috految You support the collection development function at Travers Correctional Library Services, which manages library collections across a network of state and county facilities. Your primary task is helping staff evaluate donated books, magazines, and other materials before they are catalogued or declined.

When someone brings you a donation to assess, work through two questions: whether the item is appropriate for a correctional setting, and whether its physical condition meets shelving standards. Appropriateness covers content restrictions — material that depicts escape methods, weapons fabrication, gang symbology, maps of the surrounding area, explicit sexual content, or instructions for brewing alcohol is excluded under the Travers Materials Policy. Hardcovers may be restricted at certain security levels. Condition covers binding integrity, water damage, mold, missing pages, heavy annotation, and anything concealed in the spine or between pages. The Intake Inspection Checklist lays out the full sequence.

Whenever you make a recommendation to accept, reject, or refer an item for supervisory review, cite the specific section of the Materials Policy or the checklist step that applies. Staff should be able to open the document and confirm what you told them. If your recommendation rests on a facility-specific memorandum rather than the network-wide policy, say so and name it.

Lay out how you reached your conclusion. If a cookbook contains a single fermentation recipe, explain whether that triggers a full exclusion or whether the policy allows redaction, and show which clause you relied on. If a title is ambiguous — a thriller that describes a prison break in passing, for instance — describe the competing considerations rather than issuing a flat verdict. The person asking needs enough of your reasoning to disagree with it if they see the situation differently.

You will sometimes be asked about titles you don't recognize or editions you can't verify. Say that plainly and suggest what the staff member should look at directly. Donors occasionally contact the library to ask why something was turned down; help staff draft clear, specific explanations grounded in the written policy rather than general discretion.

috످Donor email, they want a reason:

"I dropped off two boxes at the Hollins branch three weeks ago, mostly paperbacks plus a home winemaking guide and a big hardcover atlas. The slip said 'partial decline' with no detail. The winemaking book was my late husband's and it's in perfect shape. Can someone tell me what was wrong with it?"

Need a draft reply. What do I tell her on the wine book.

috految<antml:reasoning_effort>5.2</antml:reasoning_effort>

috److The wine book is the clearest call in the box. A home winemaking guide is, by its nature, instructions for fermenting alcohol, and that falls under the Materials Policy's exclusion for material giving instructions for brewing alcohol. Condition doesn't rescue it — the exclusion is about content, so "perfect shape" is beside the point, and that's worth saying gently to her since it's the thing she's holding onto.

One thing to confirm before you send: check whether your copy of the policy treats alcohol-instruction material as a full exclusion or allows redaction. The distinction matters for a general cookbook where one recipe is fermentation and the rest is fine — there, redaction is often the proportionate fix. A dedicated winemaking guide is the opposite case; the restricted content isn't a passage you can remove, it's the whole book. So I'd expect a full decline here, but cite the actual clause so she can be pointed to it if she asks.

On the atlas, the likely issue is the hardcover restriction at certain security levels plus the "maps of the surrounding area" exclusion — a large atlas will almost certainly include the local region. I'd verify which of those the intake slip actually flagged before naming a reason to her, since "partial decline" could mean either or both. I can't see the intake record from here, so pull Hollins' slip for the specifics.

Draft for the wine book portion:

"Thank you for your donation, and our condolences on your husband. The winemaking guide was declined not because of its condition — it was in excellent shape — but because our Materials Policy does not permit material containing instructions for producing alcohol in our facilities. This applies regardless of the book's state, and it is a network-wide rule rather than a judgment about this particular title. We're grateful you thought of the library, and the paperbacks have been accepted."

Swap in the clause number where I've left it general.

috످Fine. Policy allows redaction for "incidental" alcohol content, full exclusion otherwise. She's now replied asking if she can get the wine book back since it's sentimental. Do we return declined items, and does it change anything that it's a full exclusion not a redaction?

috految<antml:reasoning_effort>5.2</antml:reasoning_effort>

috److I don't know whether we return declined items, as I can't see the full policy. **Call Hollins today and ask them to hold the book if they still have it.** After three weeks, it could be due for disposal. Then check the Materials Policy or donation form for a returns rule. If there isn't one, ask a supervisor to approve the return.

The full exclusion shouldn't affect getting it back. Winemaking is the whole book, so the "incidental" exception doesn't apply, but that only keeps it off our shelves. It also means nothing should have been redacted.

Draft reply:

> Dear [Name],
>
> I'm so sorry for the loss of your husband, and of course we understand why you'd like his book back. I'm checking whether it's still at our Hollins branch and whether we can return it to you. I'll let you know either way by [date].
>
> Warmly,
> [Your name]

My earlier draft told her the paperbacks were accepted and the wine book was in excellent shape and declined for its content. I hadn't verified any of that, and the atlas may not have been declined at all. Please check Hollins' intake record and, if that draft went out, correct anything that doesn't match.

috످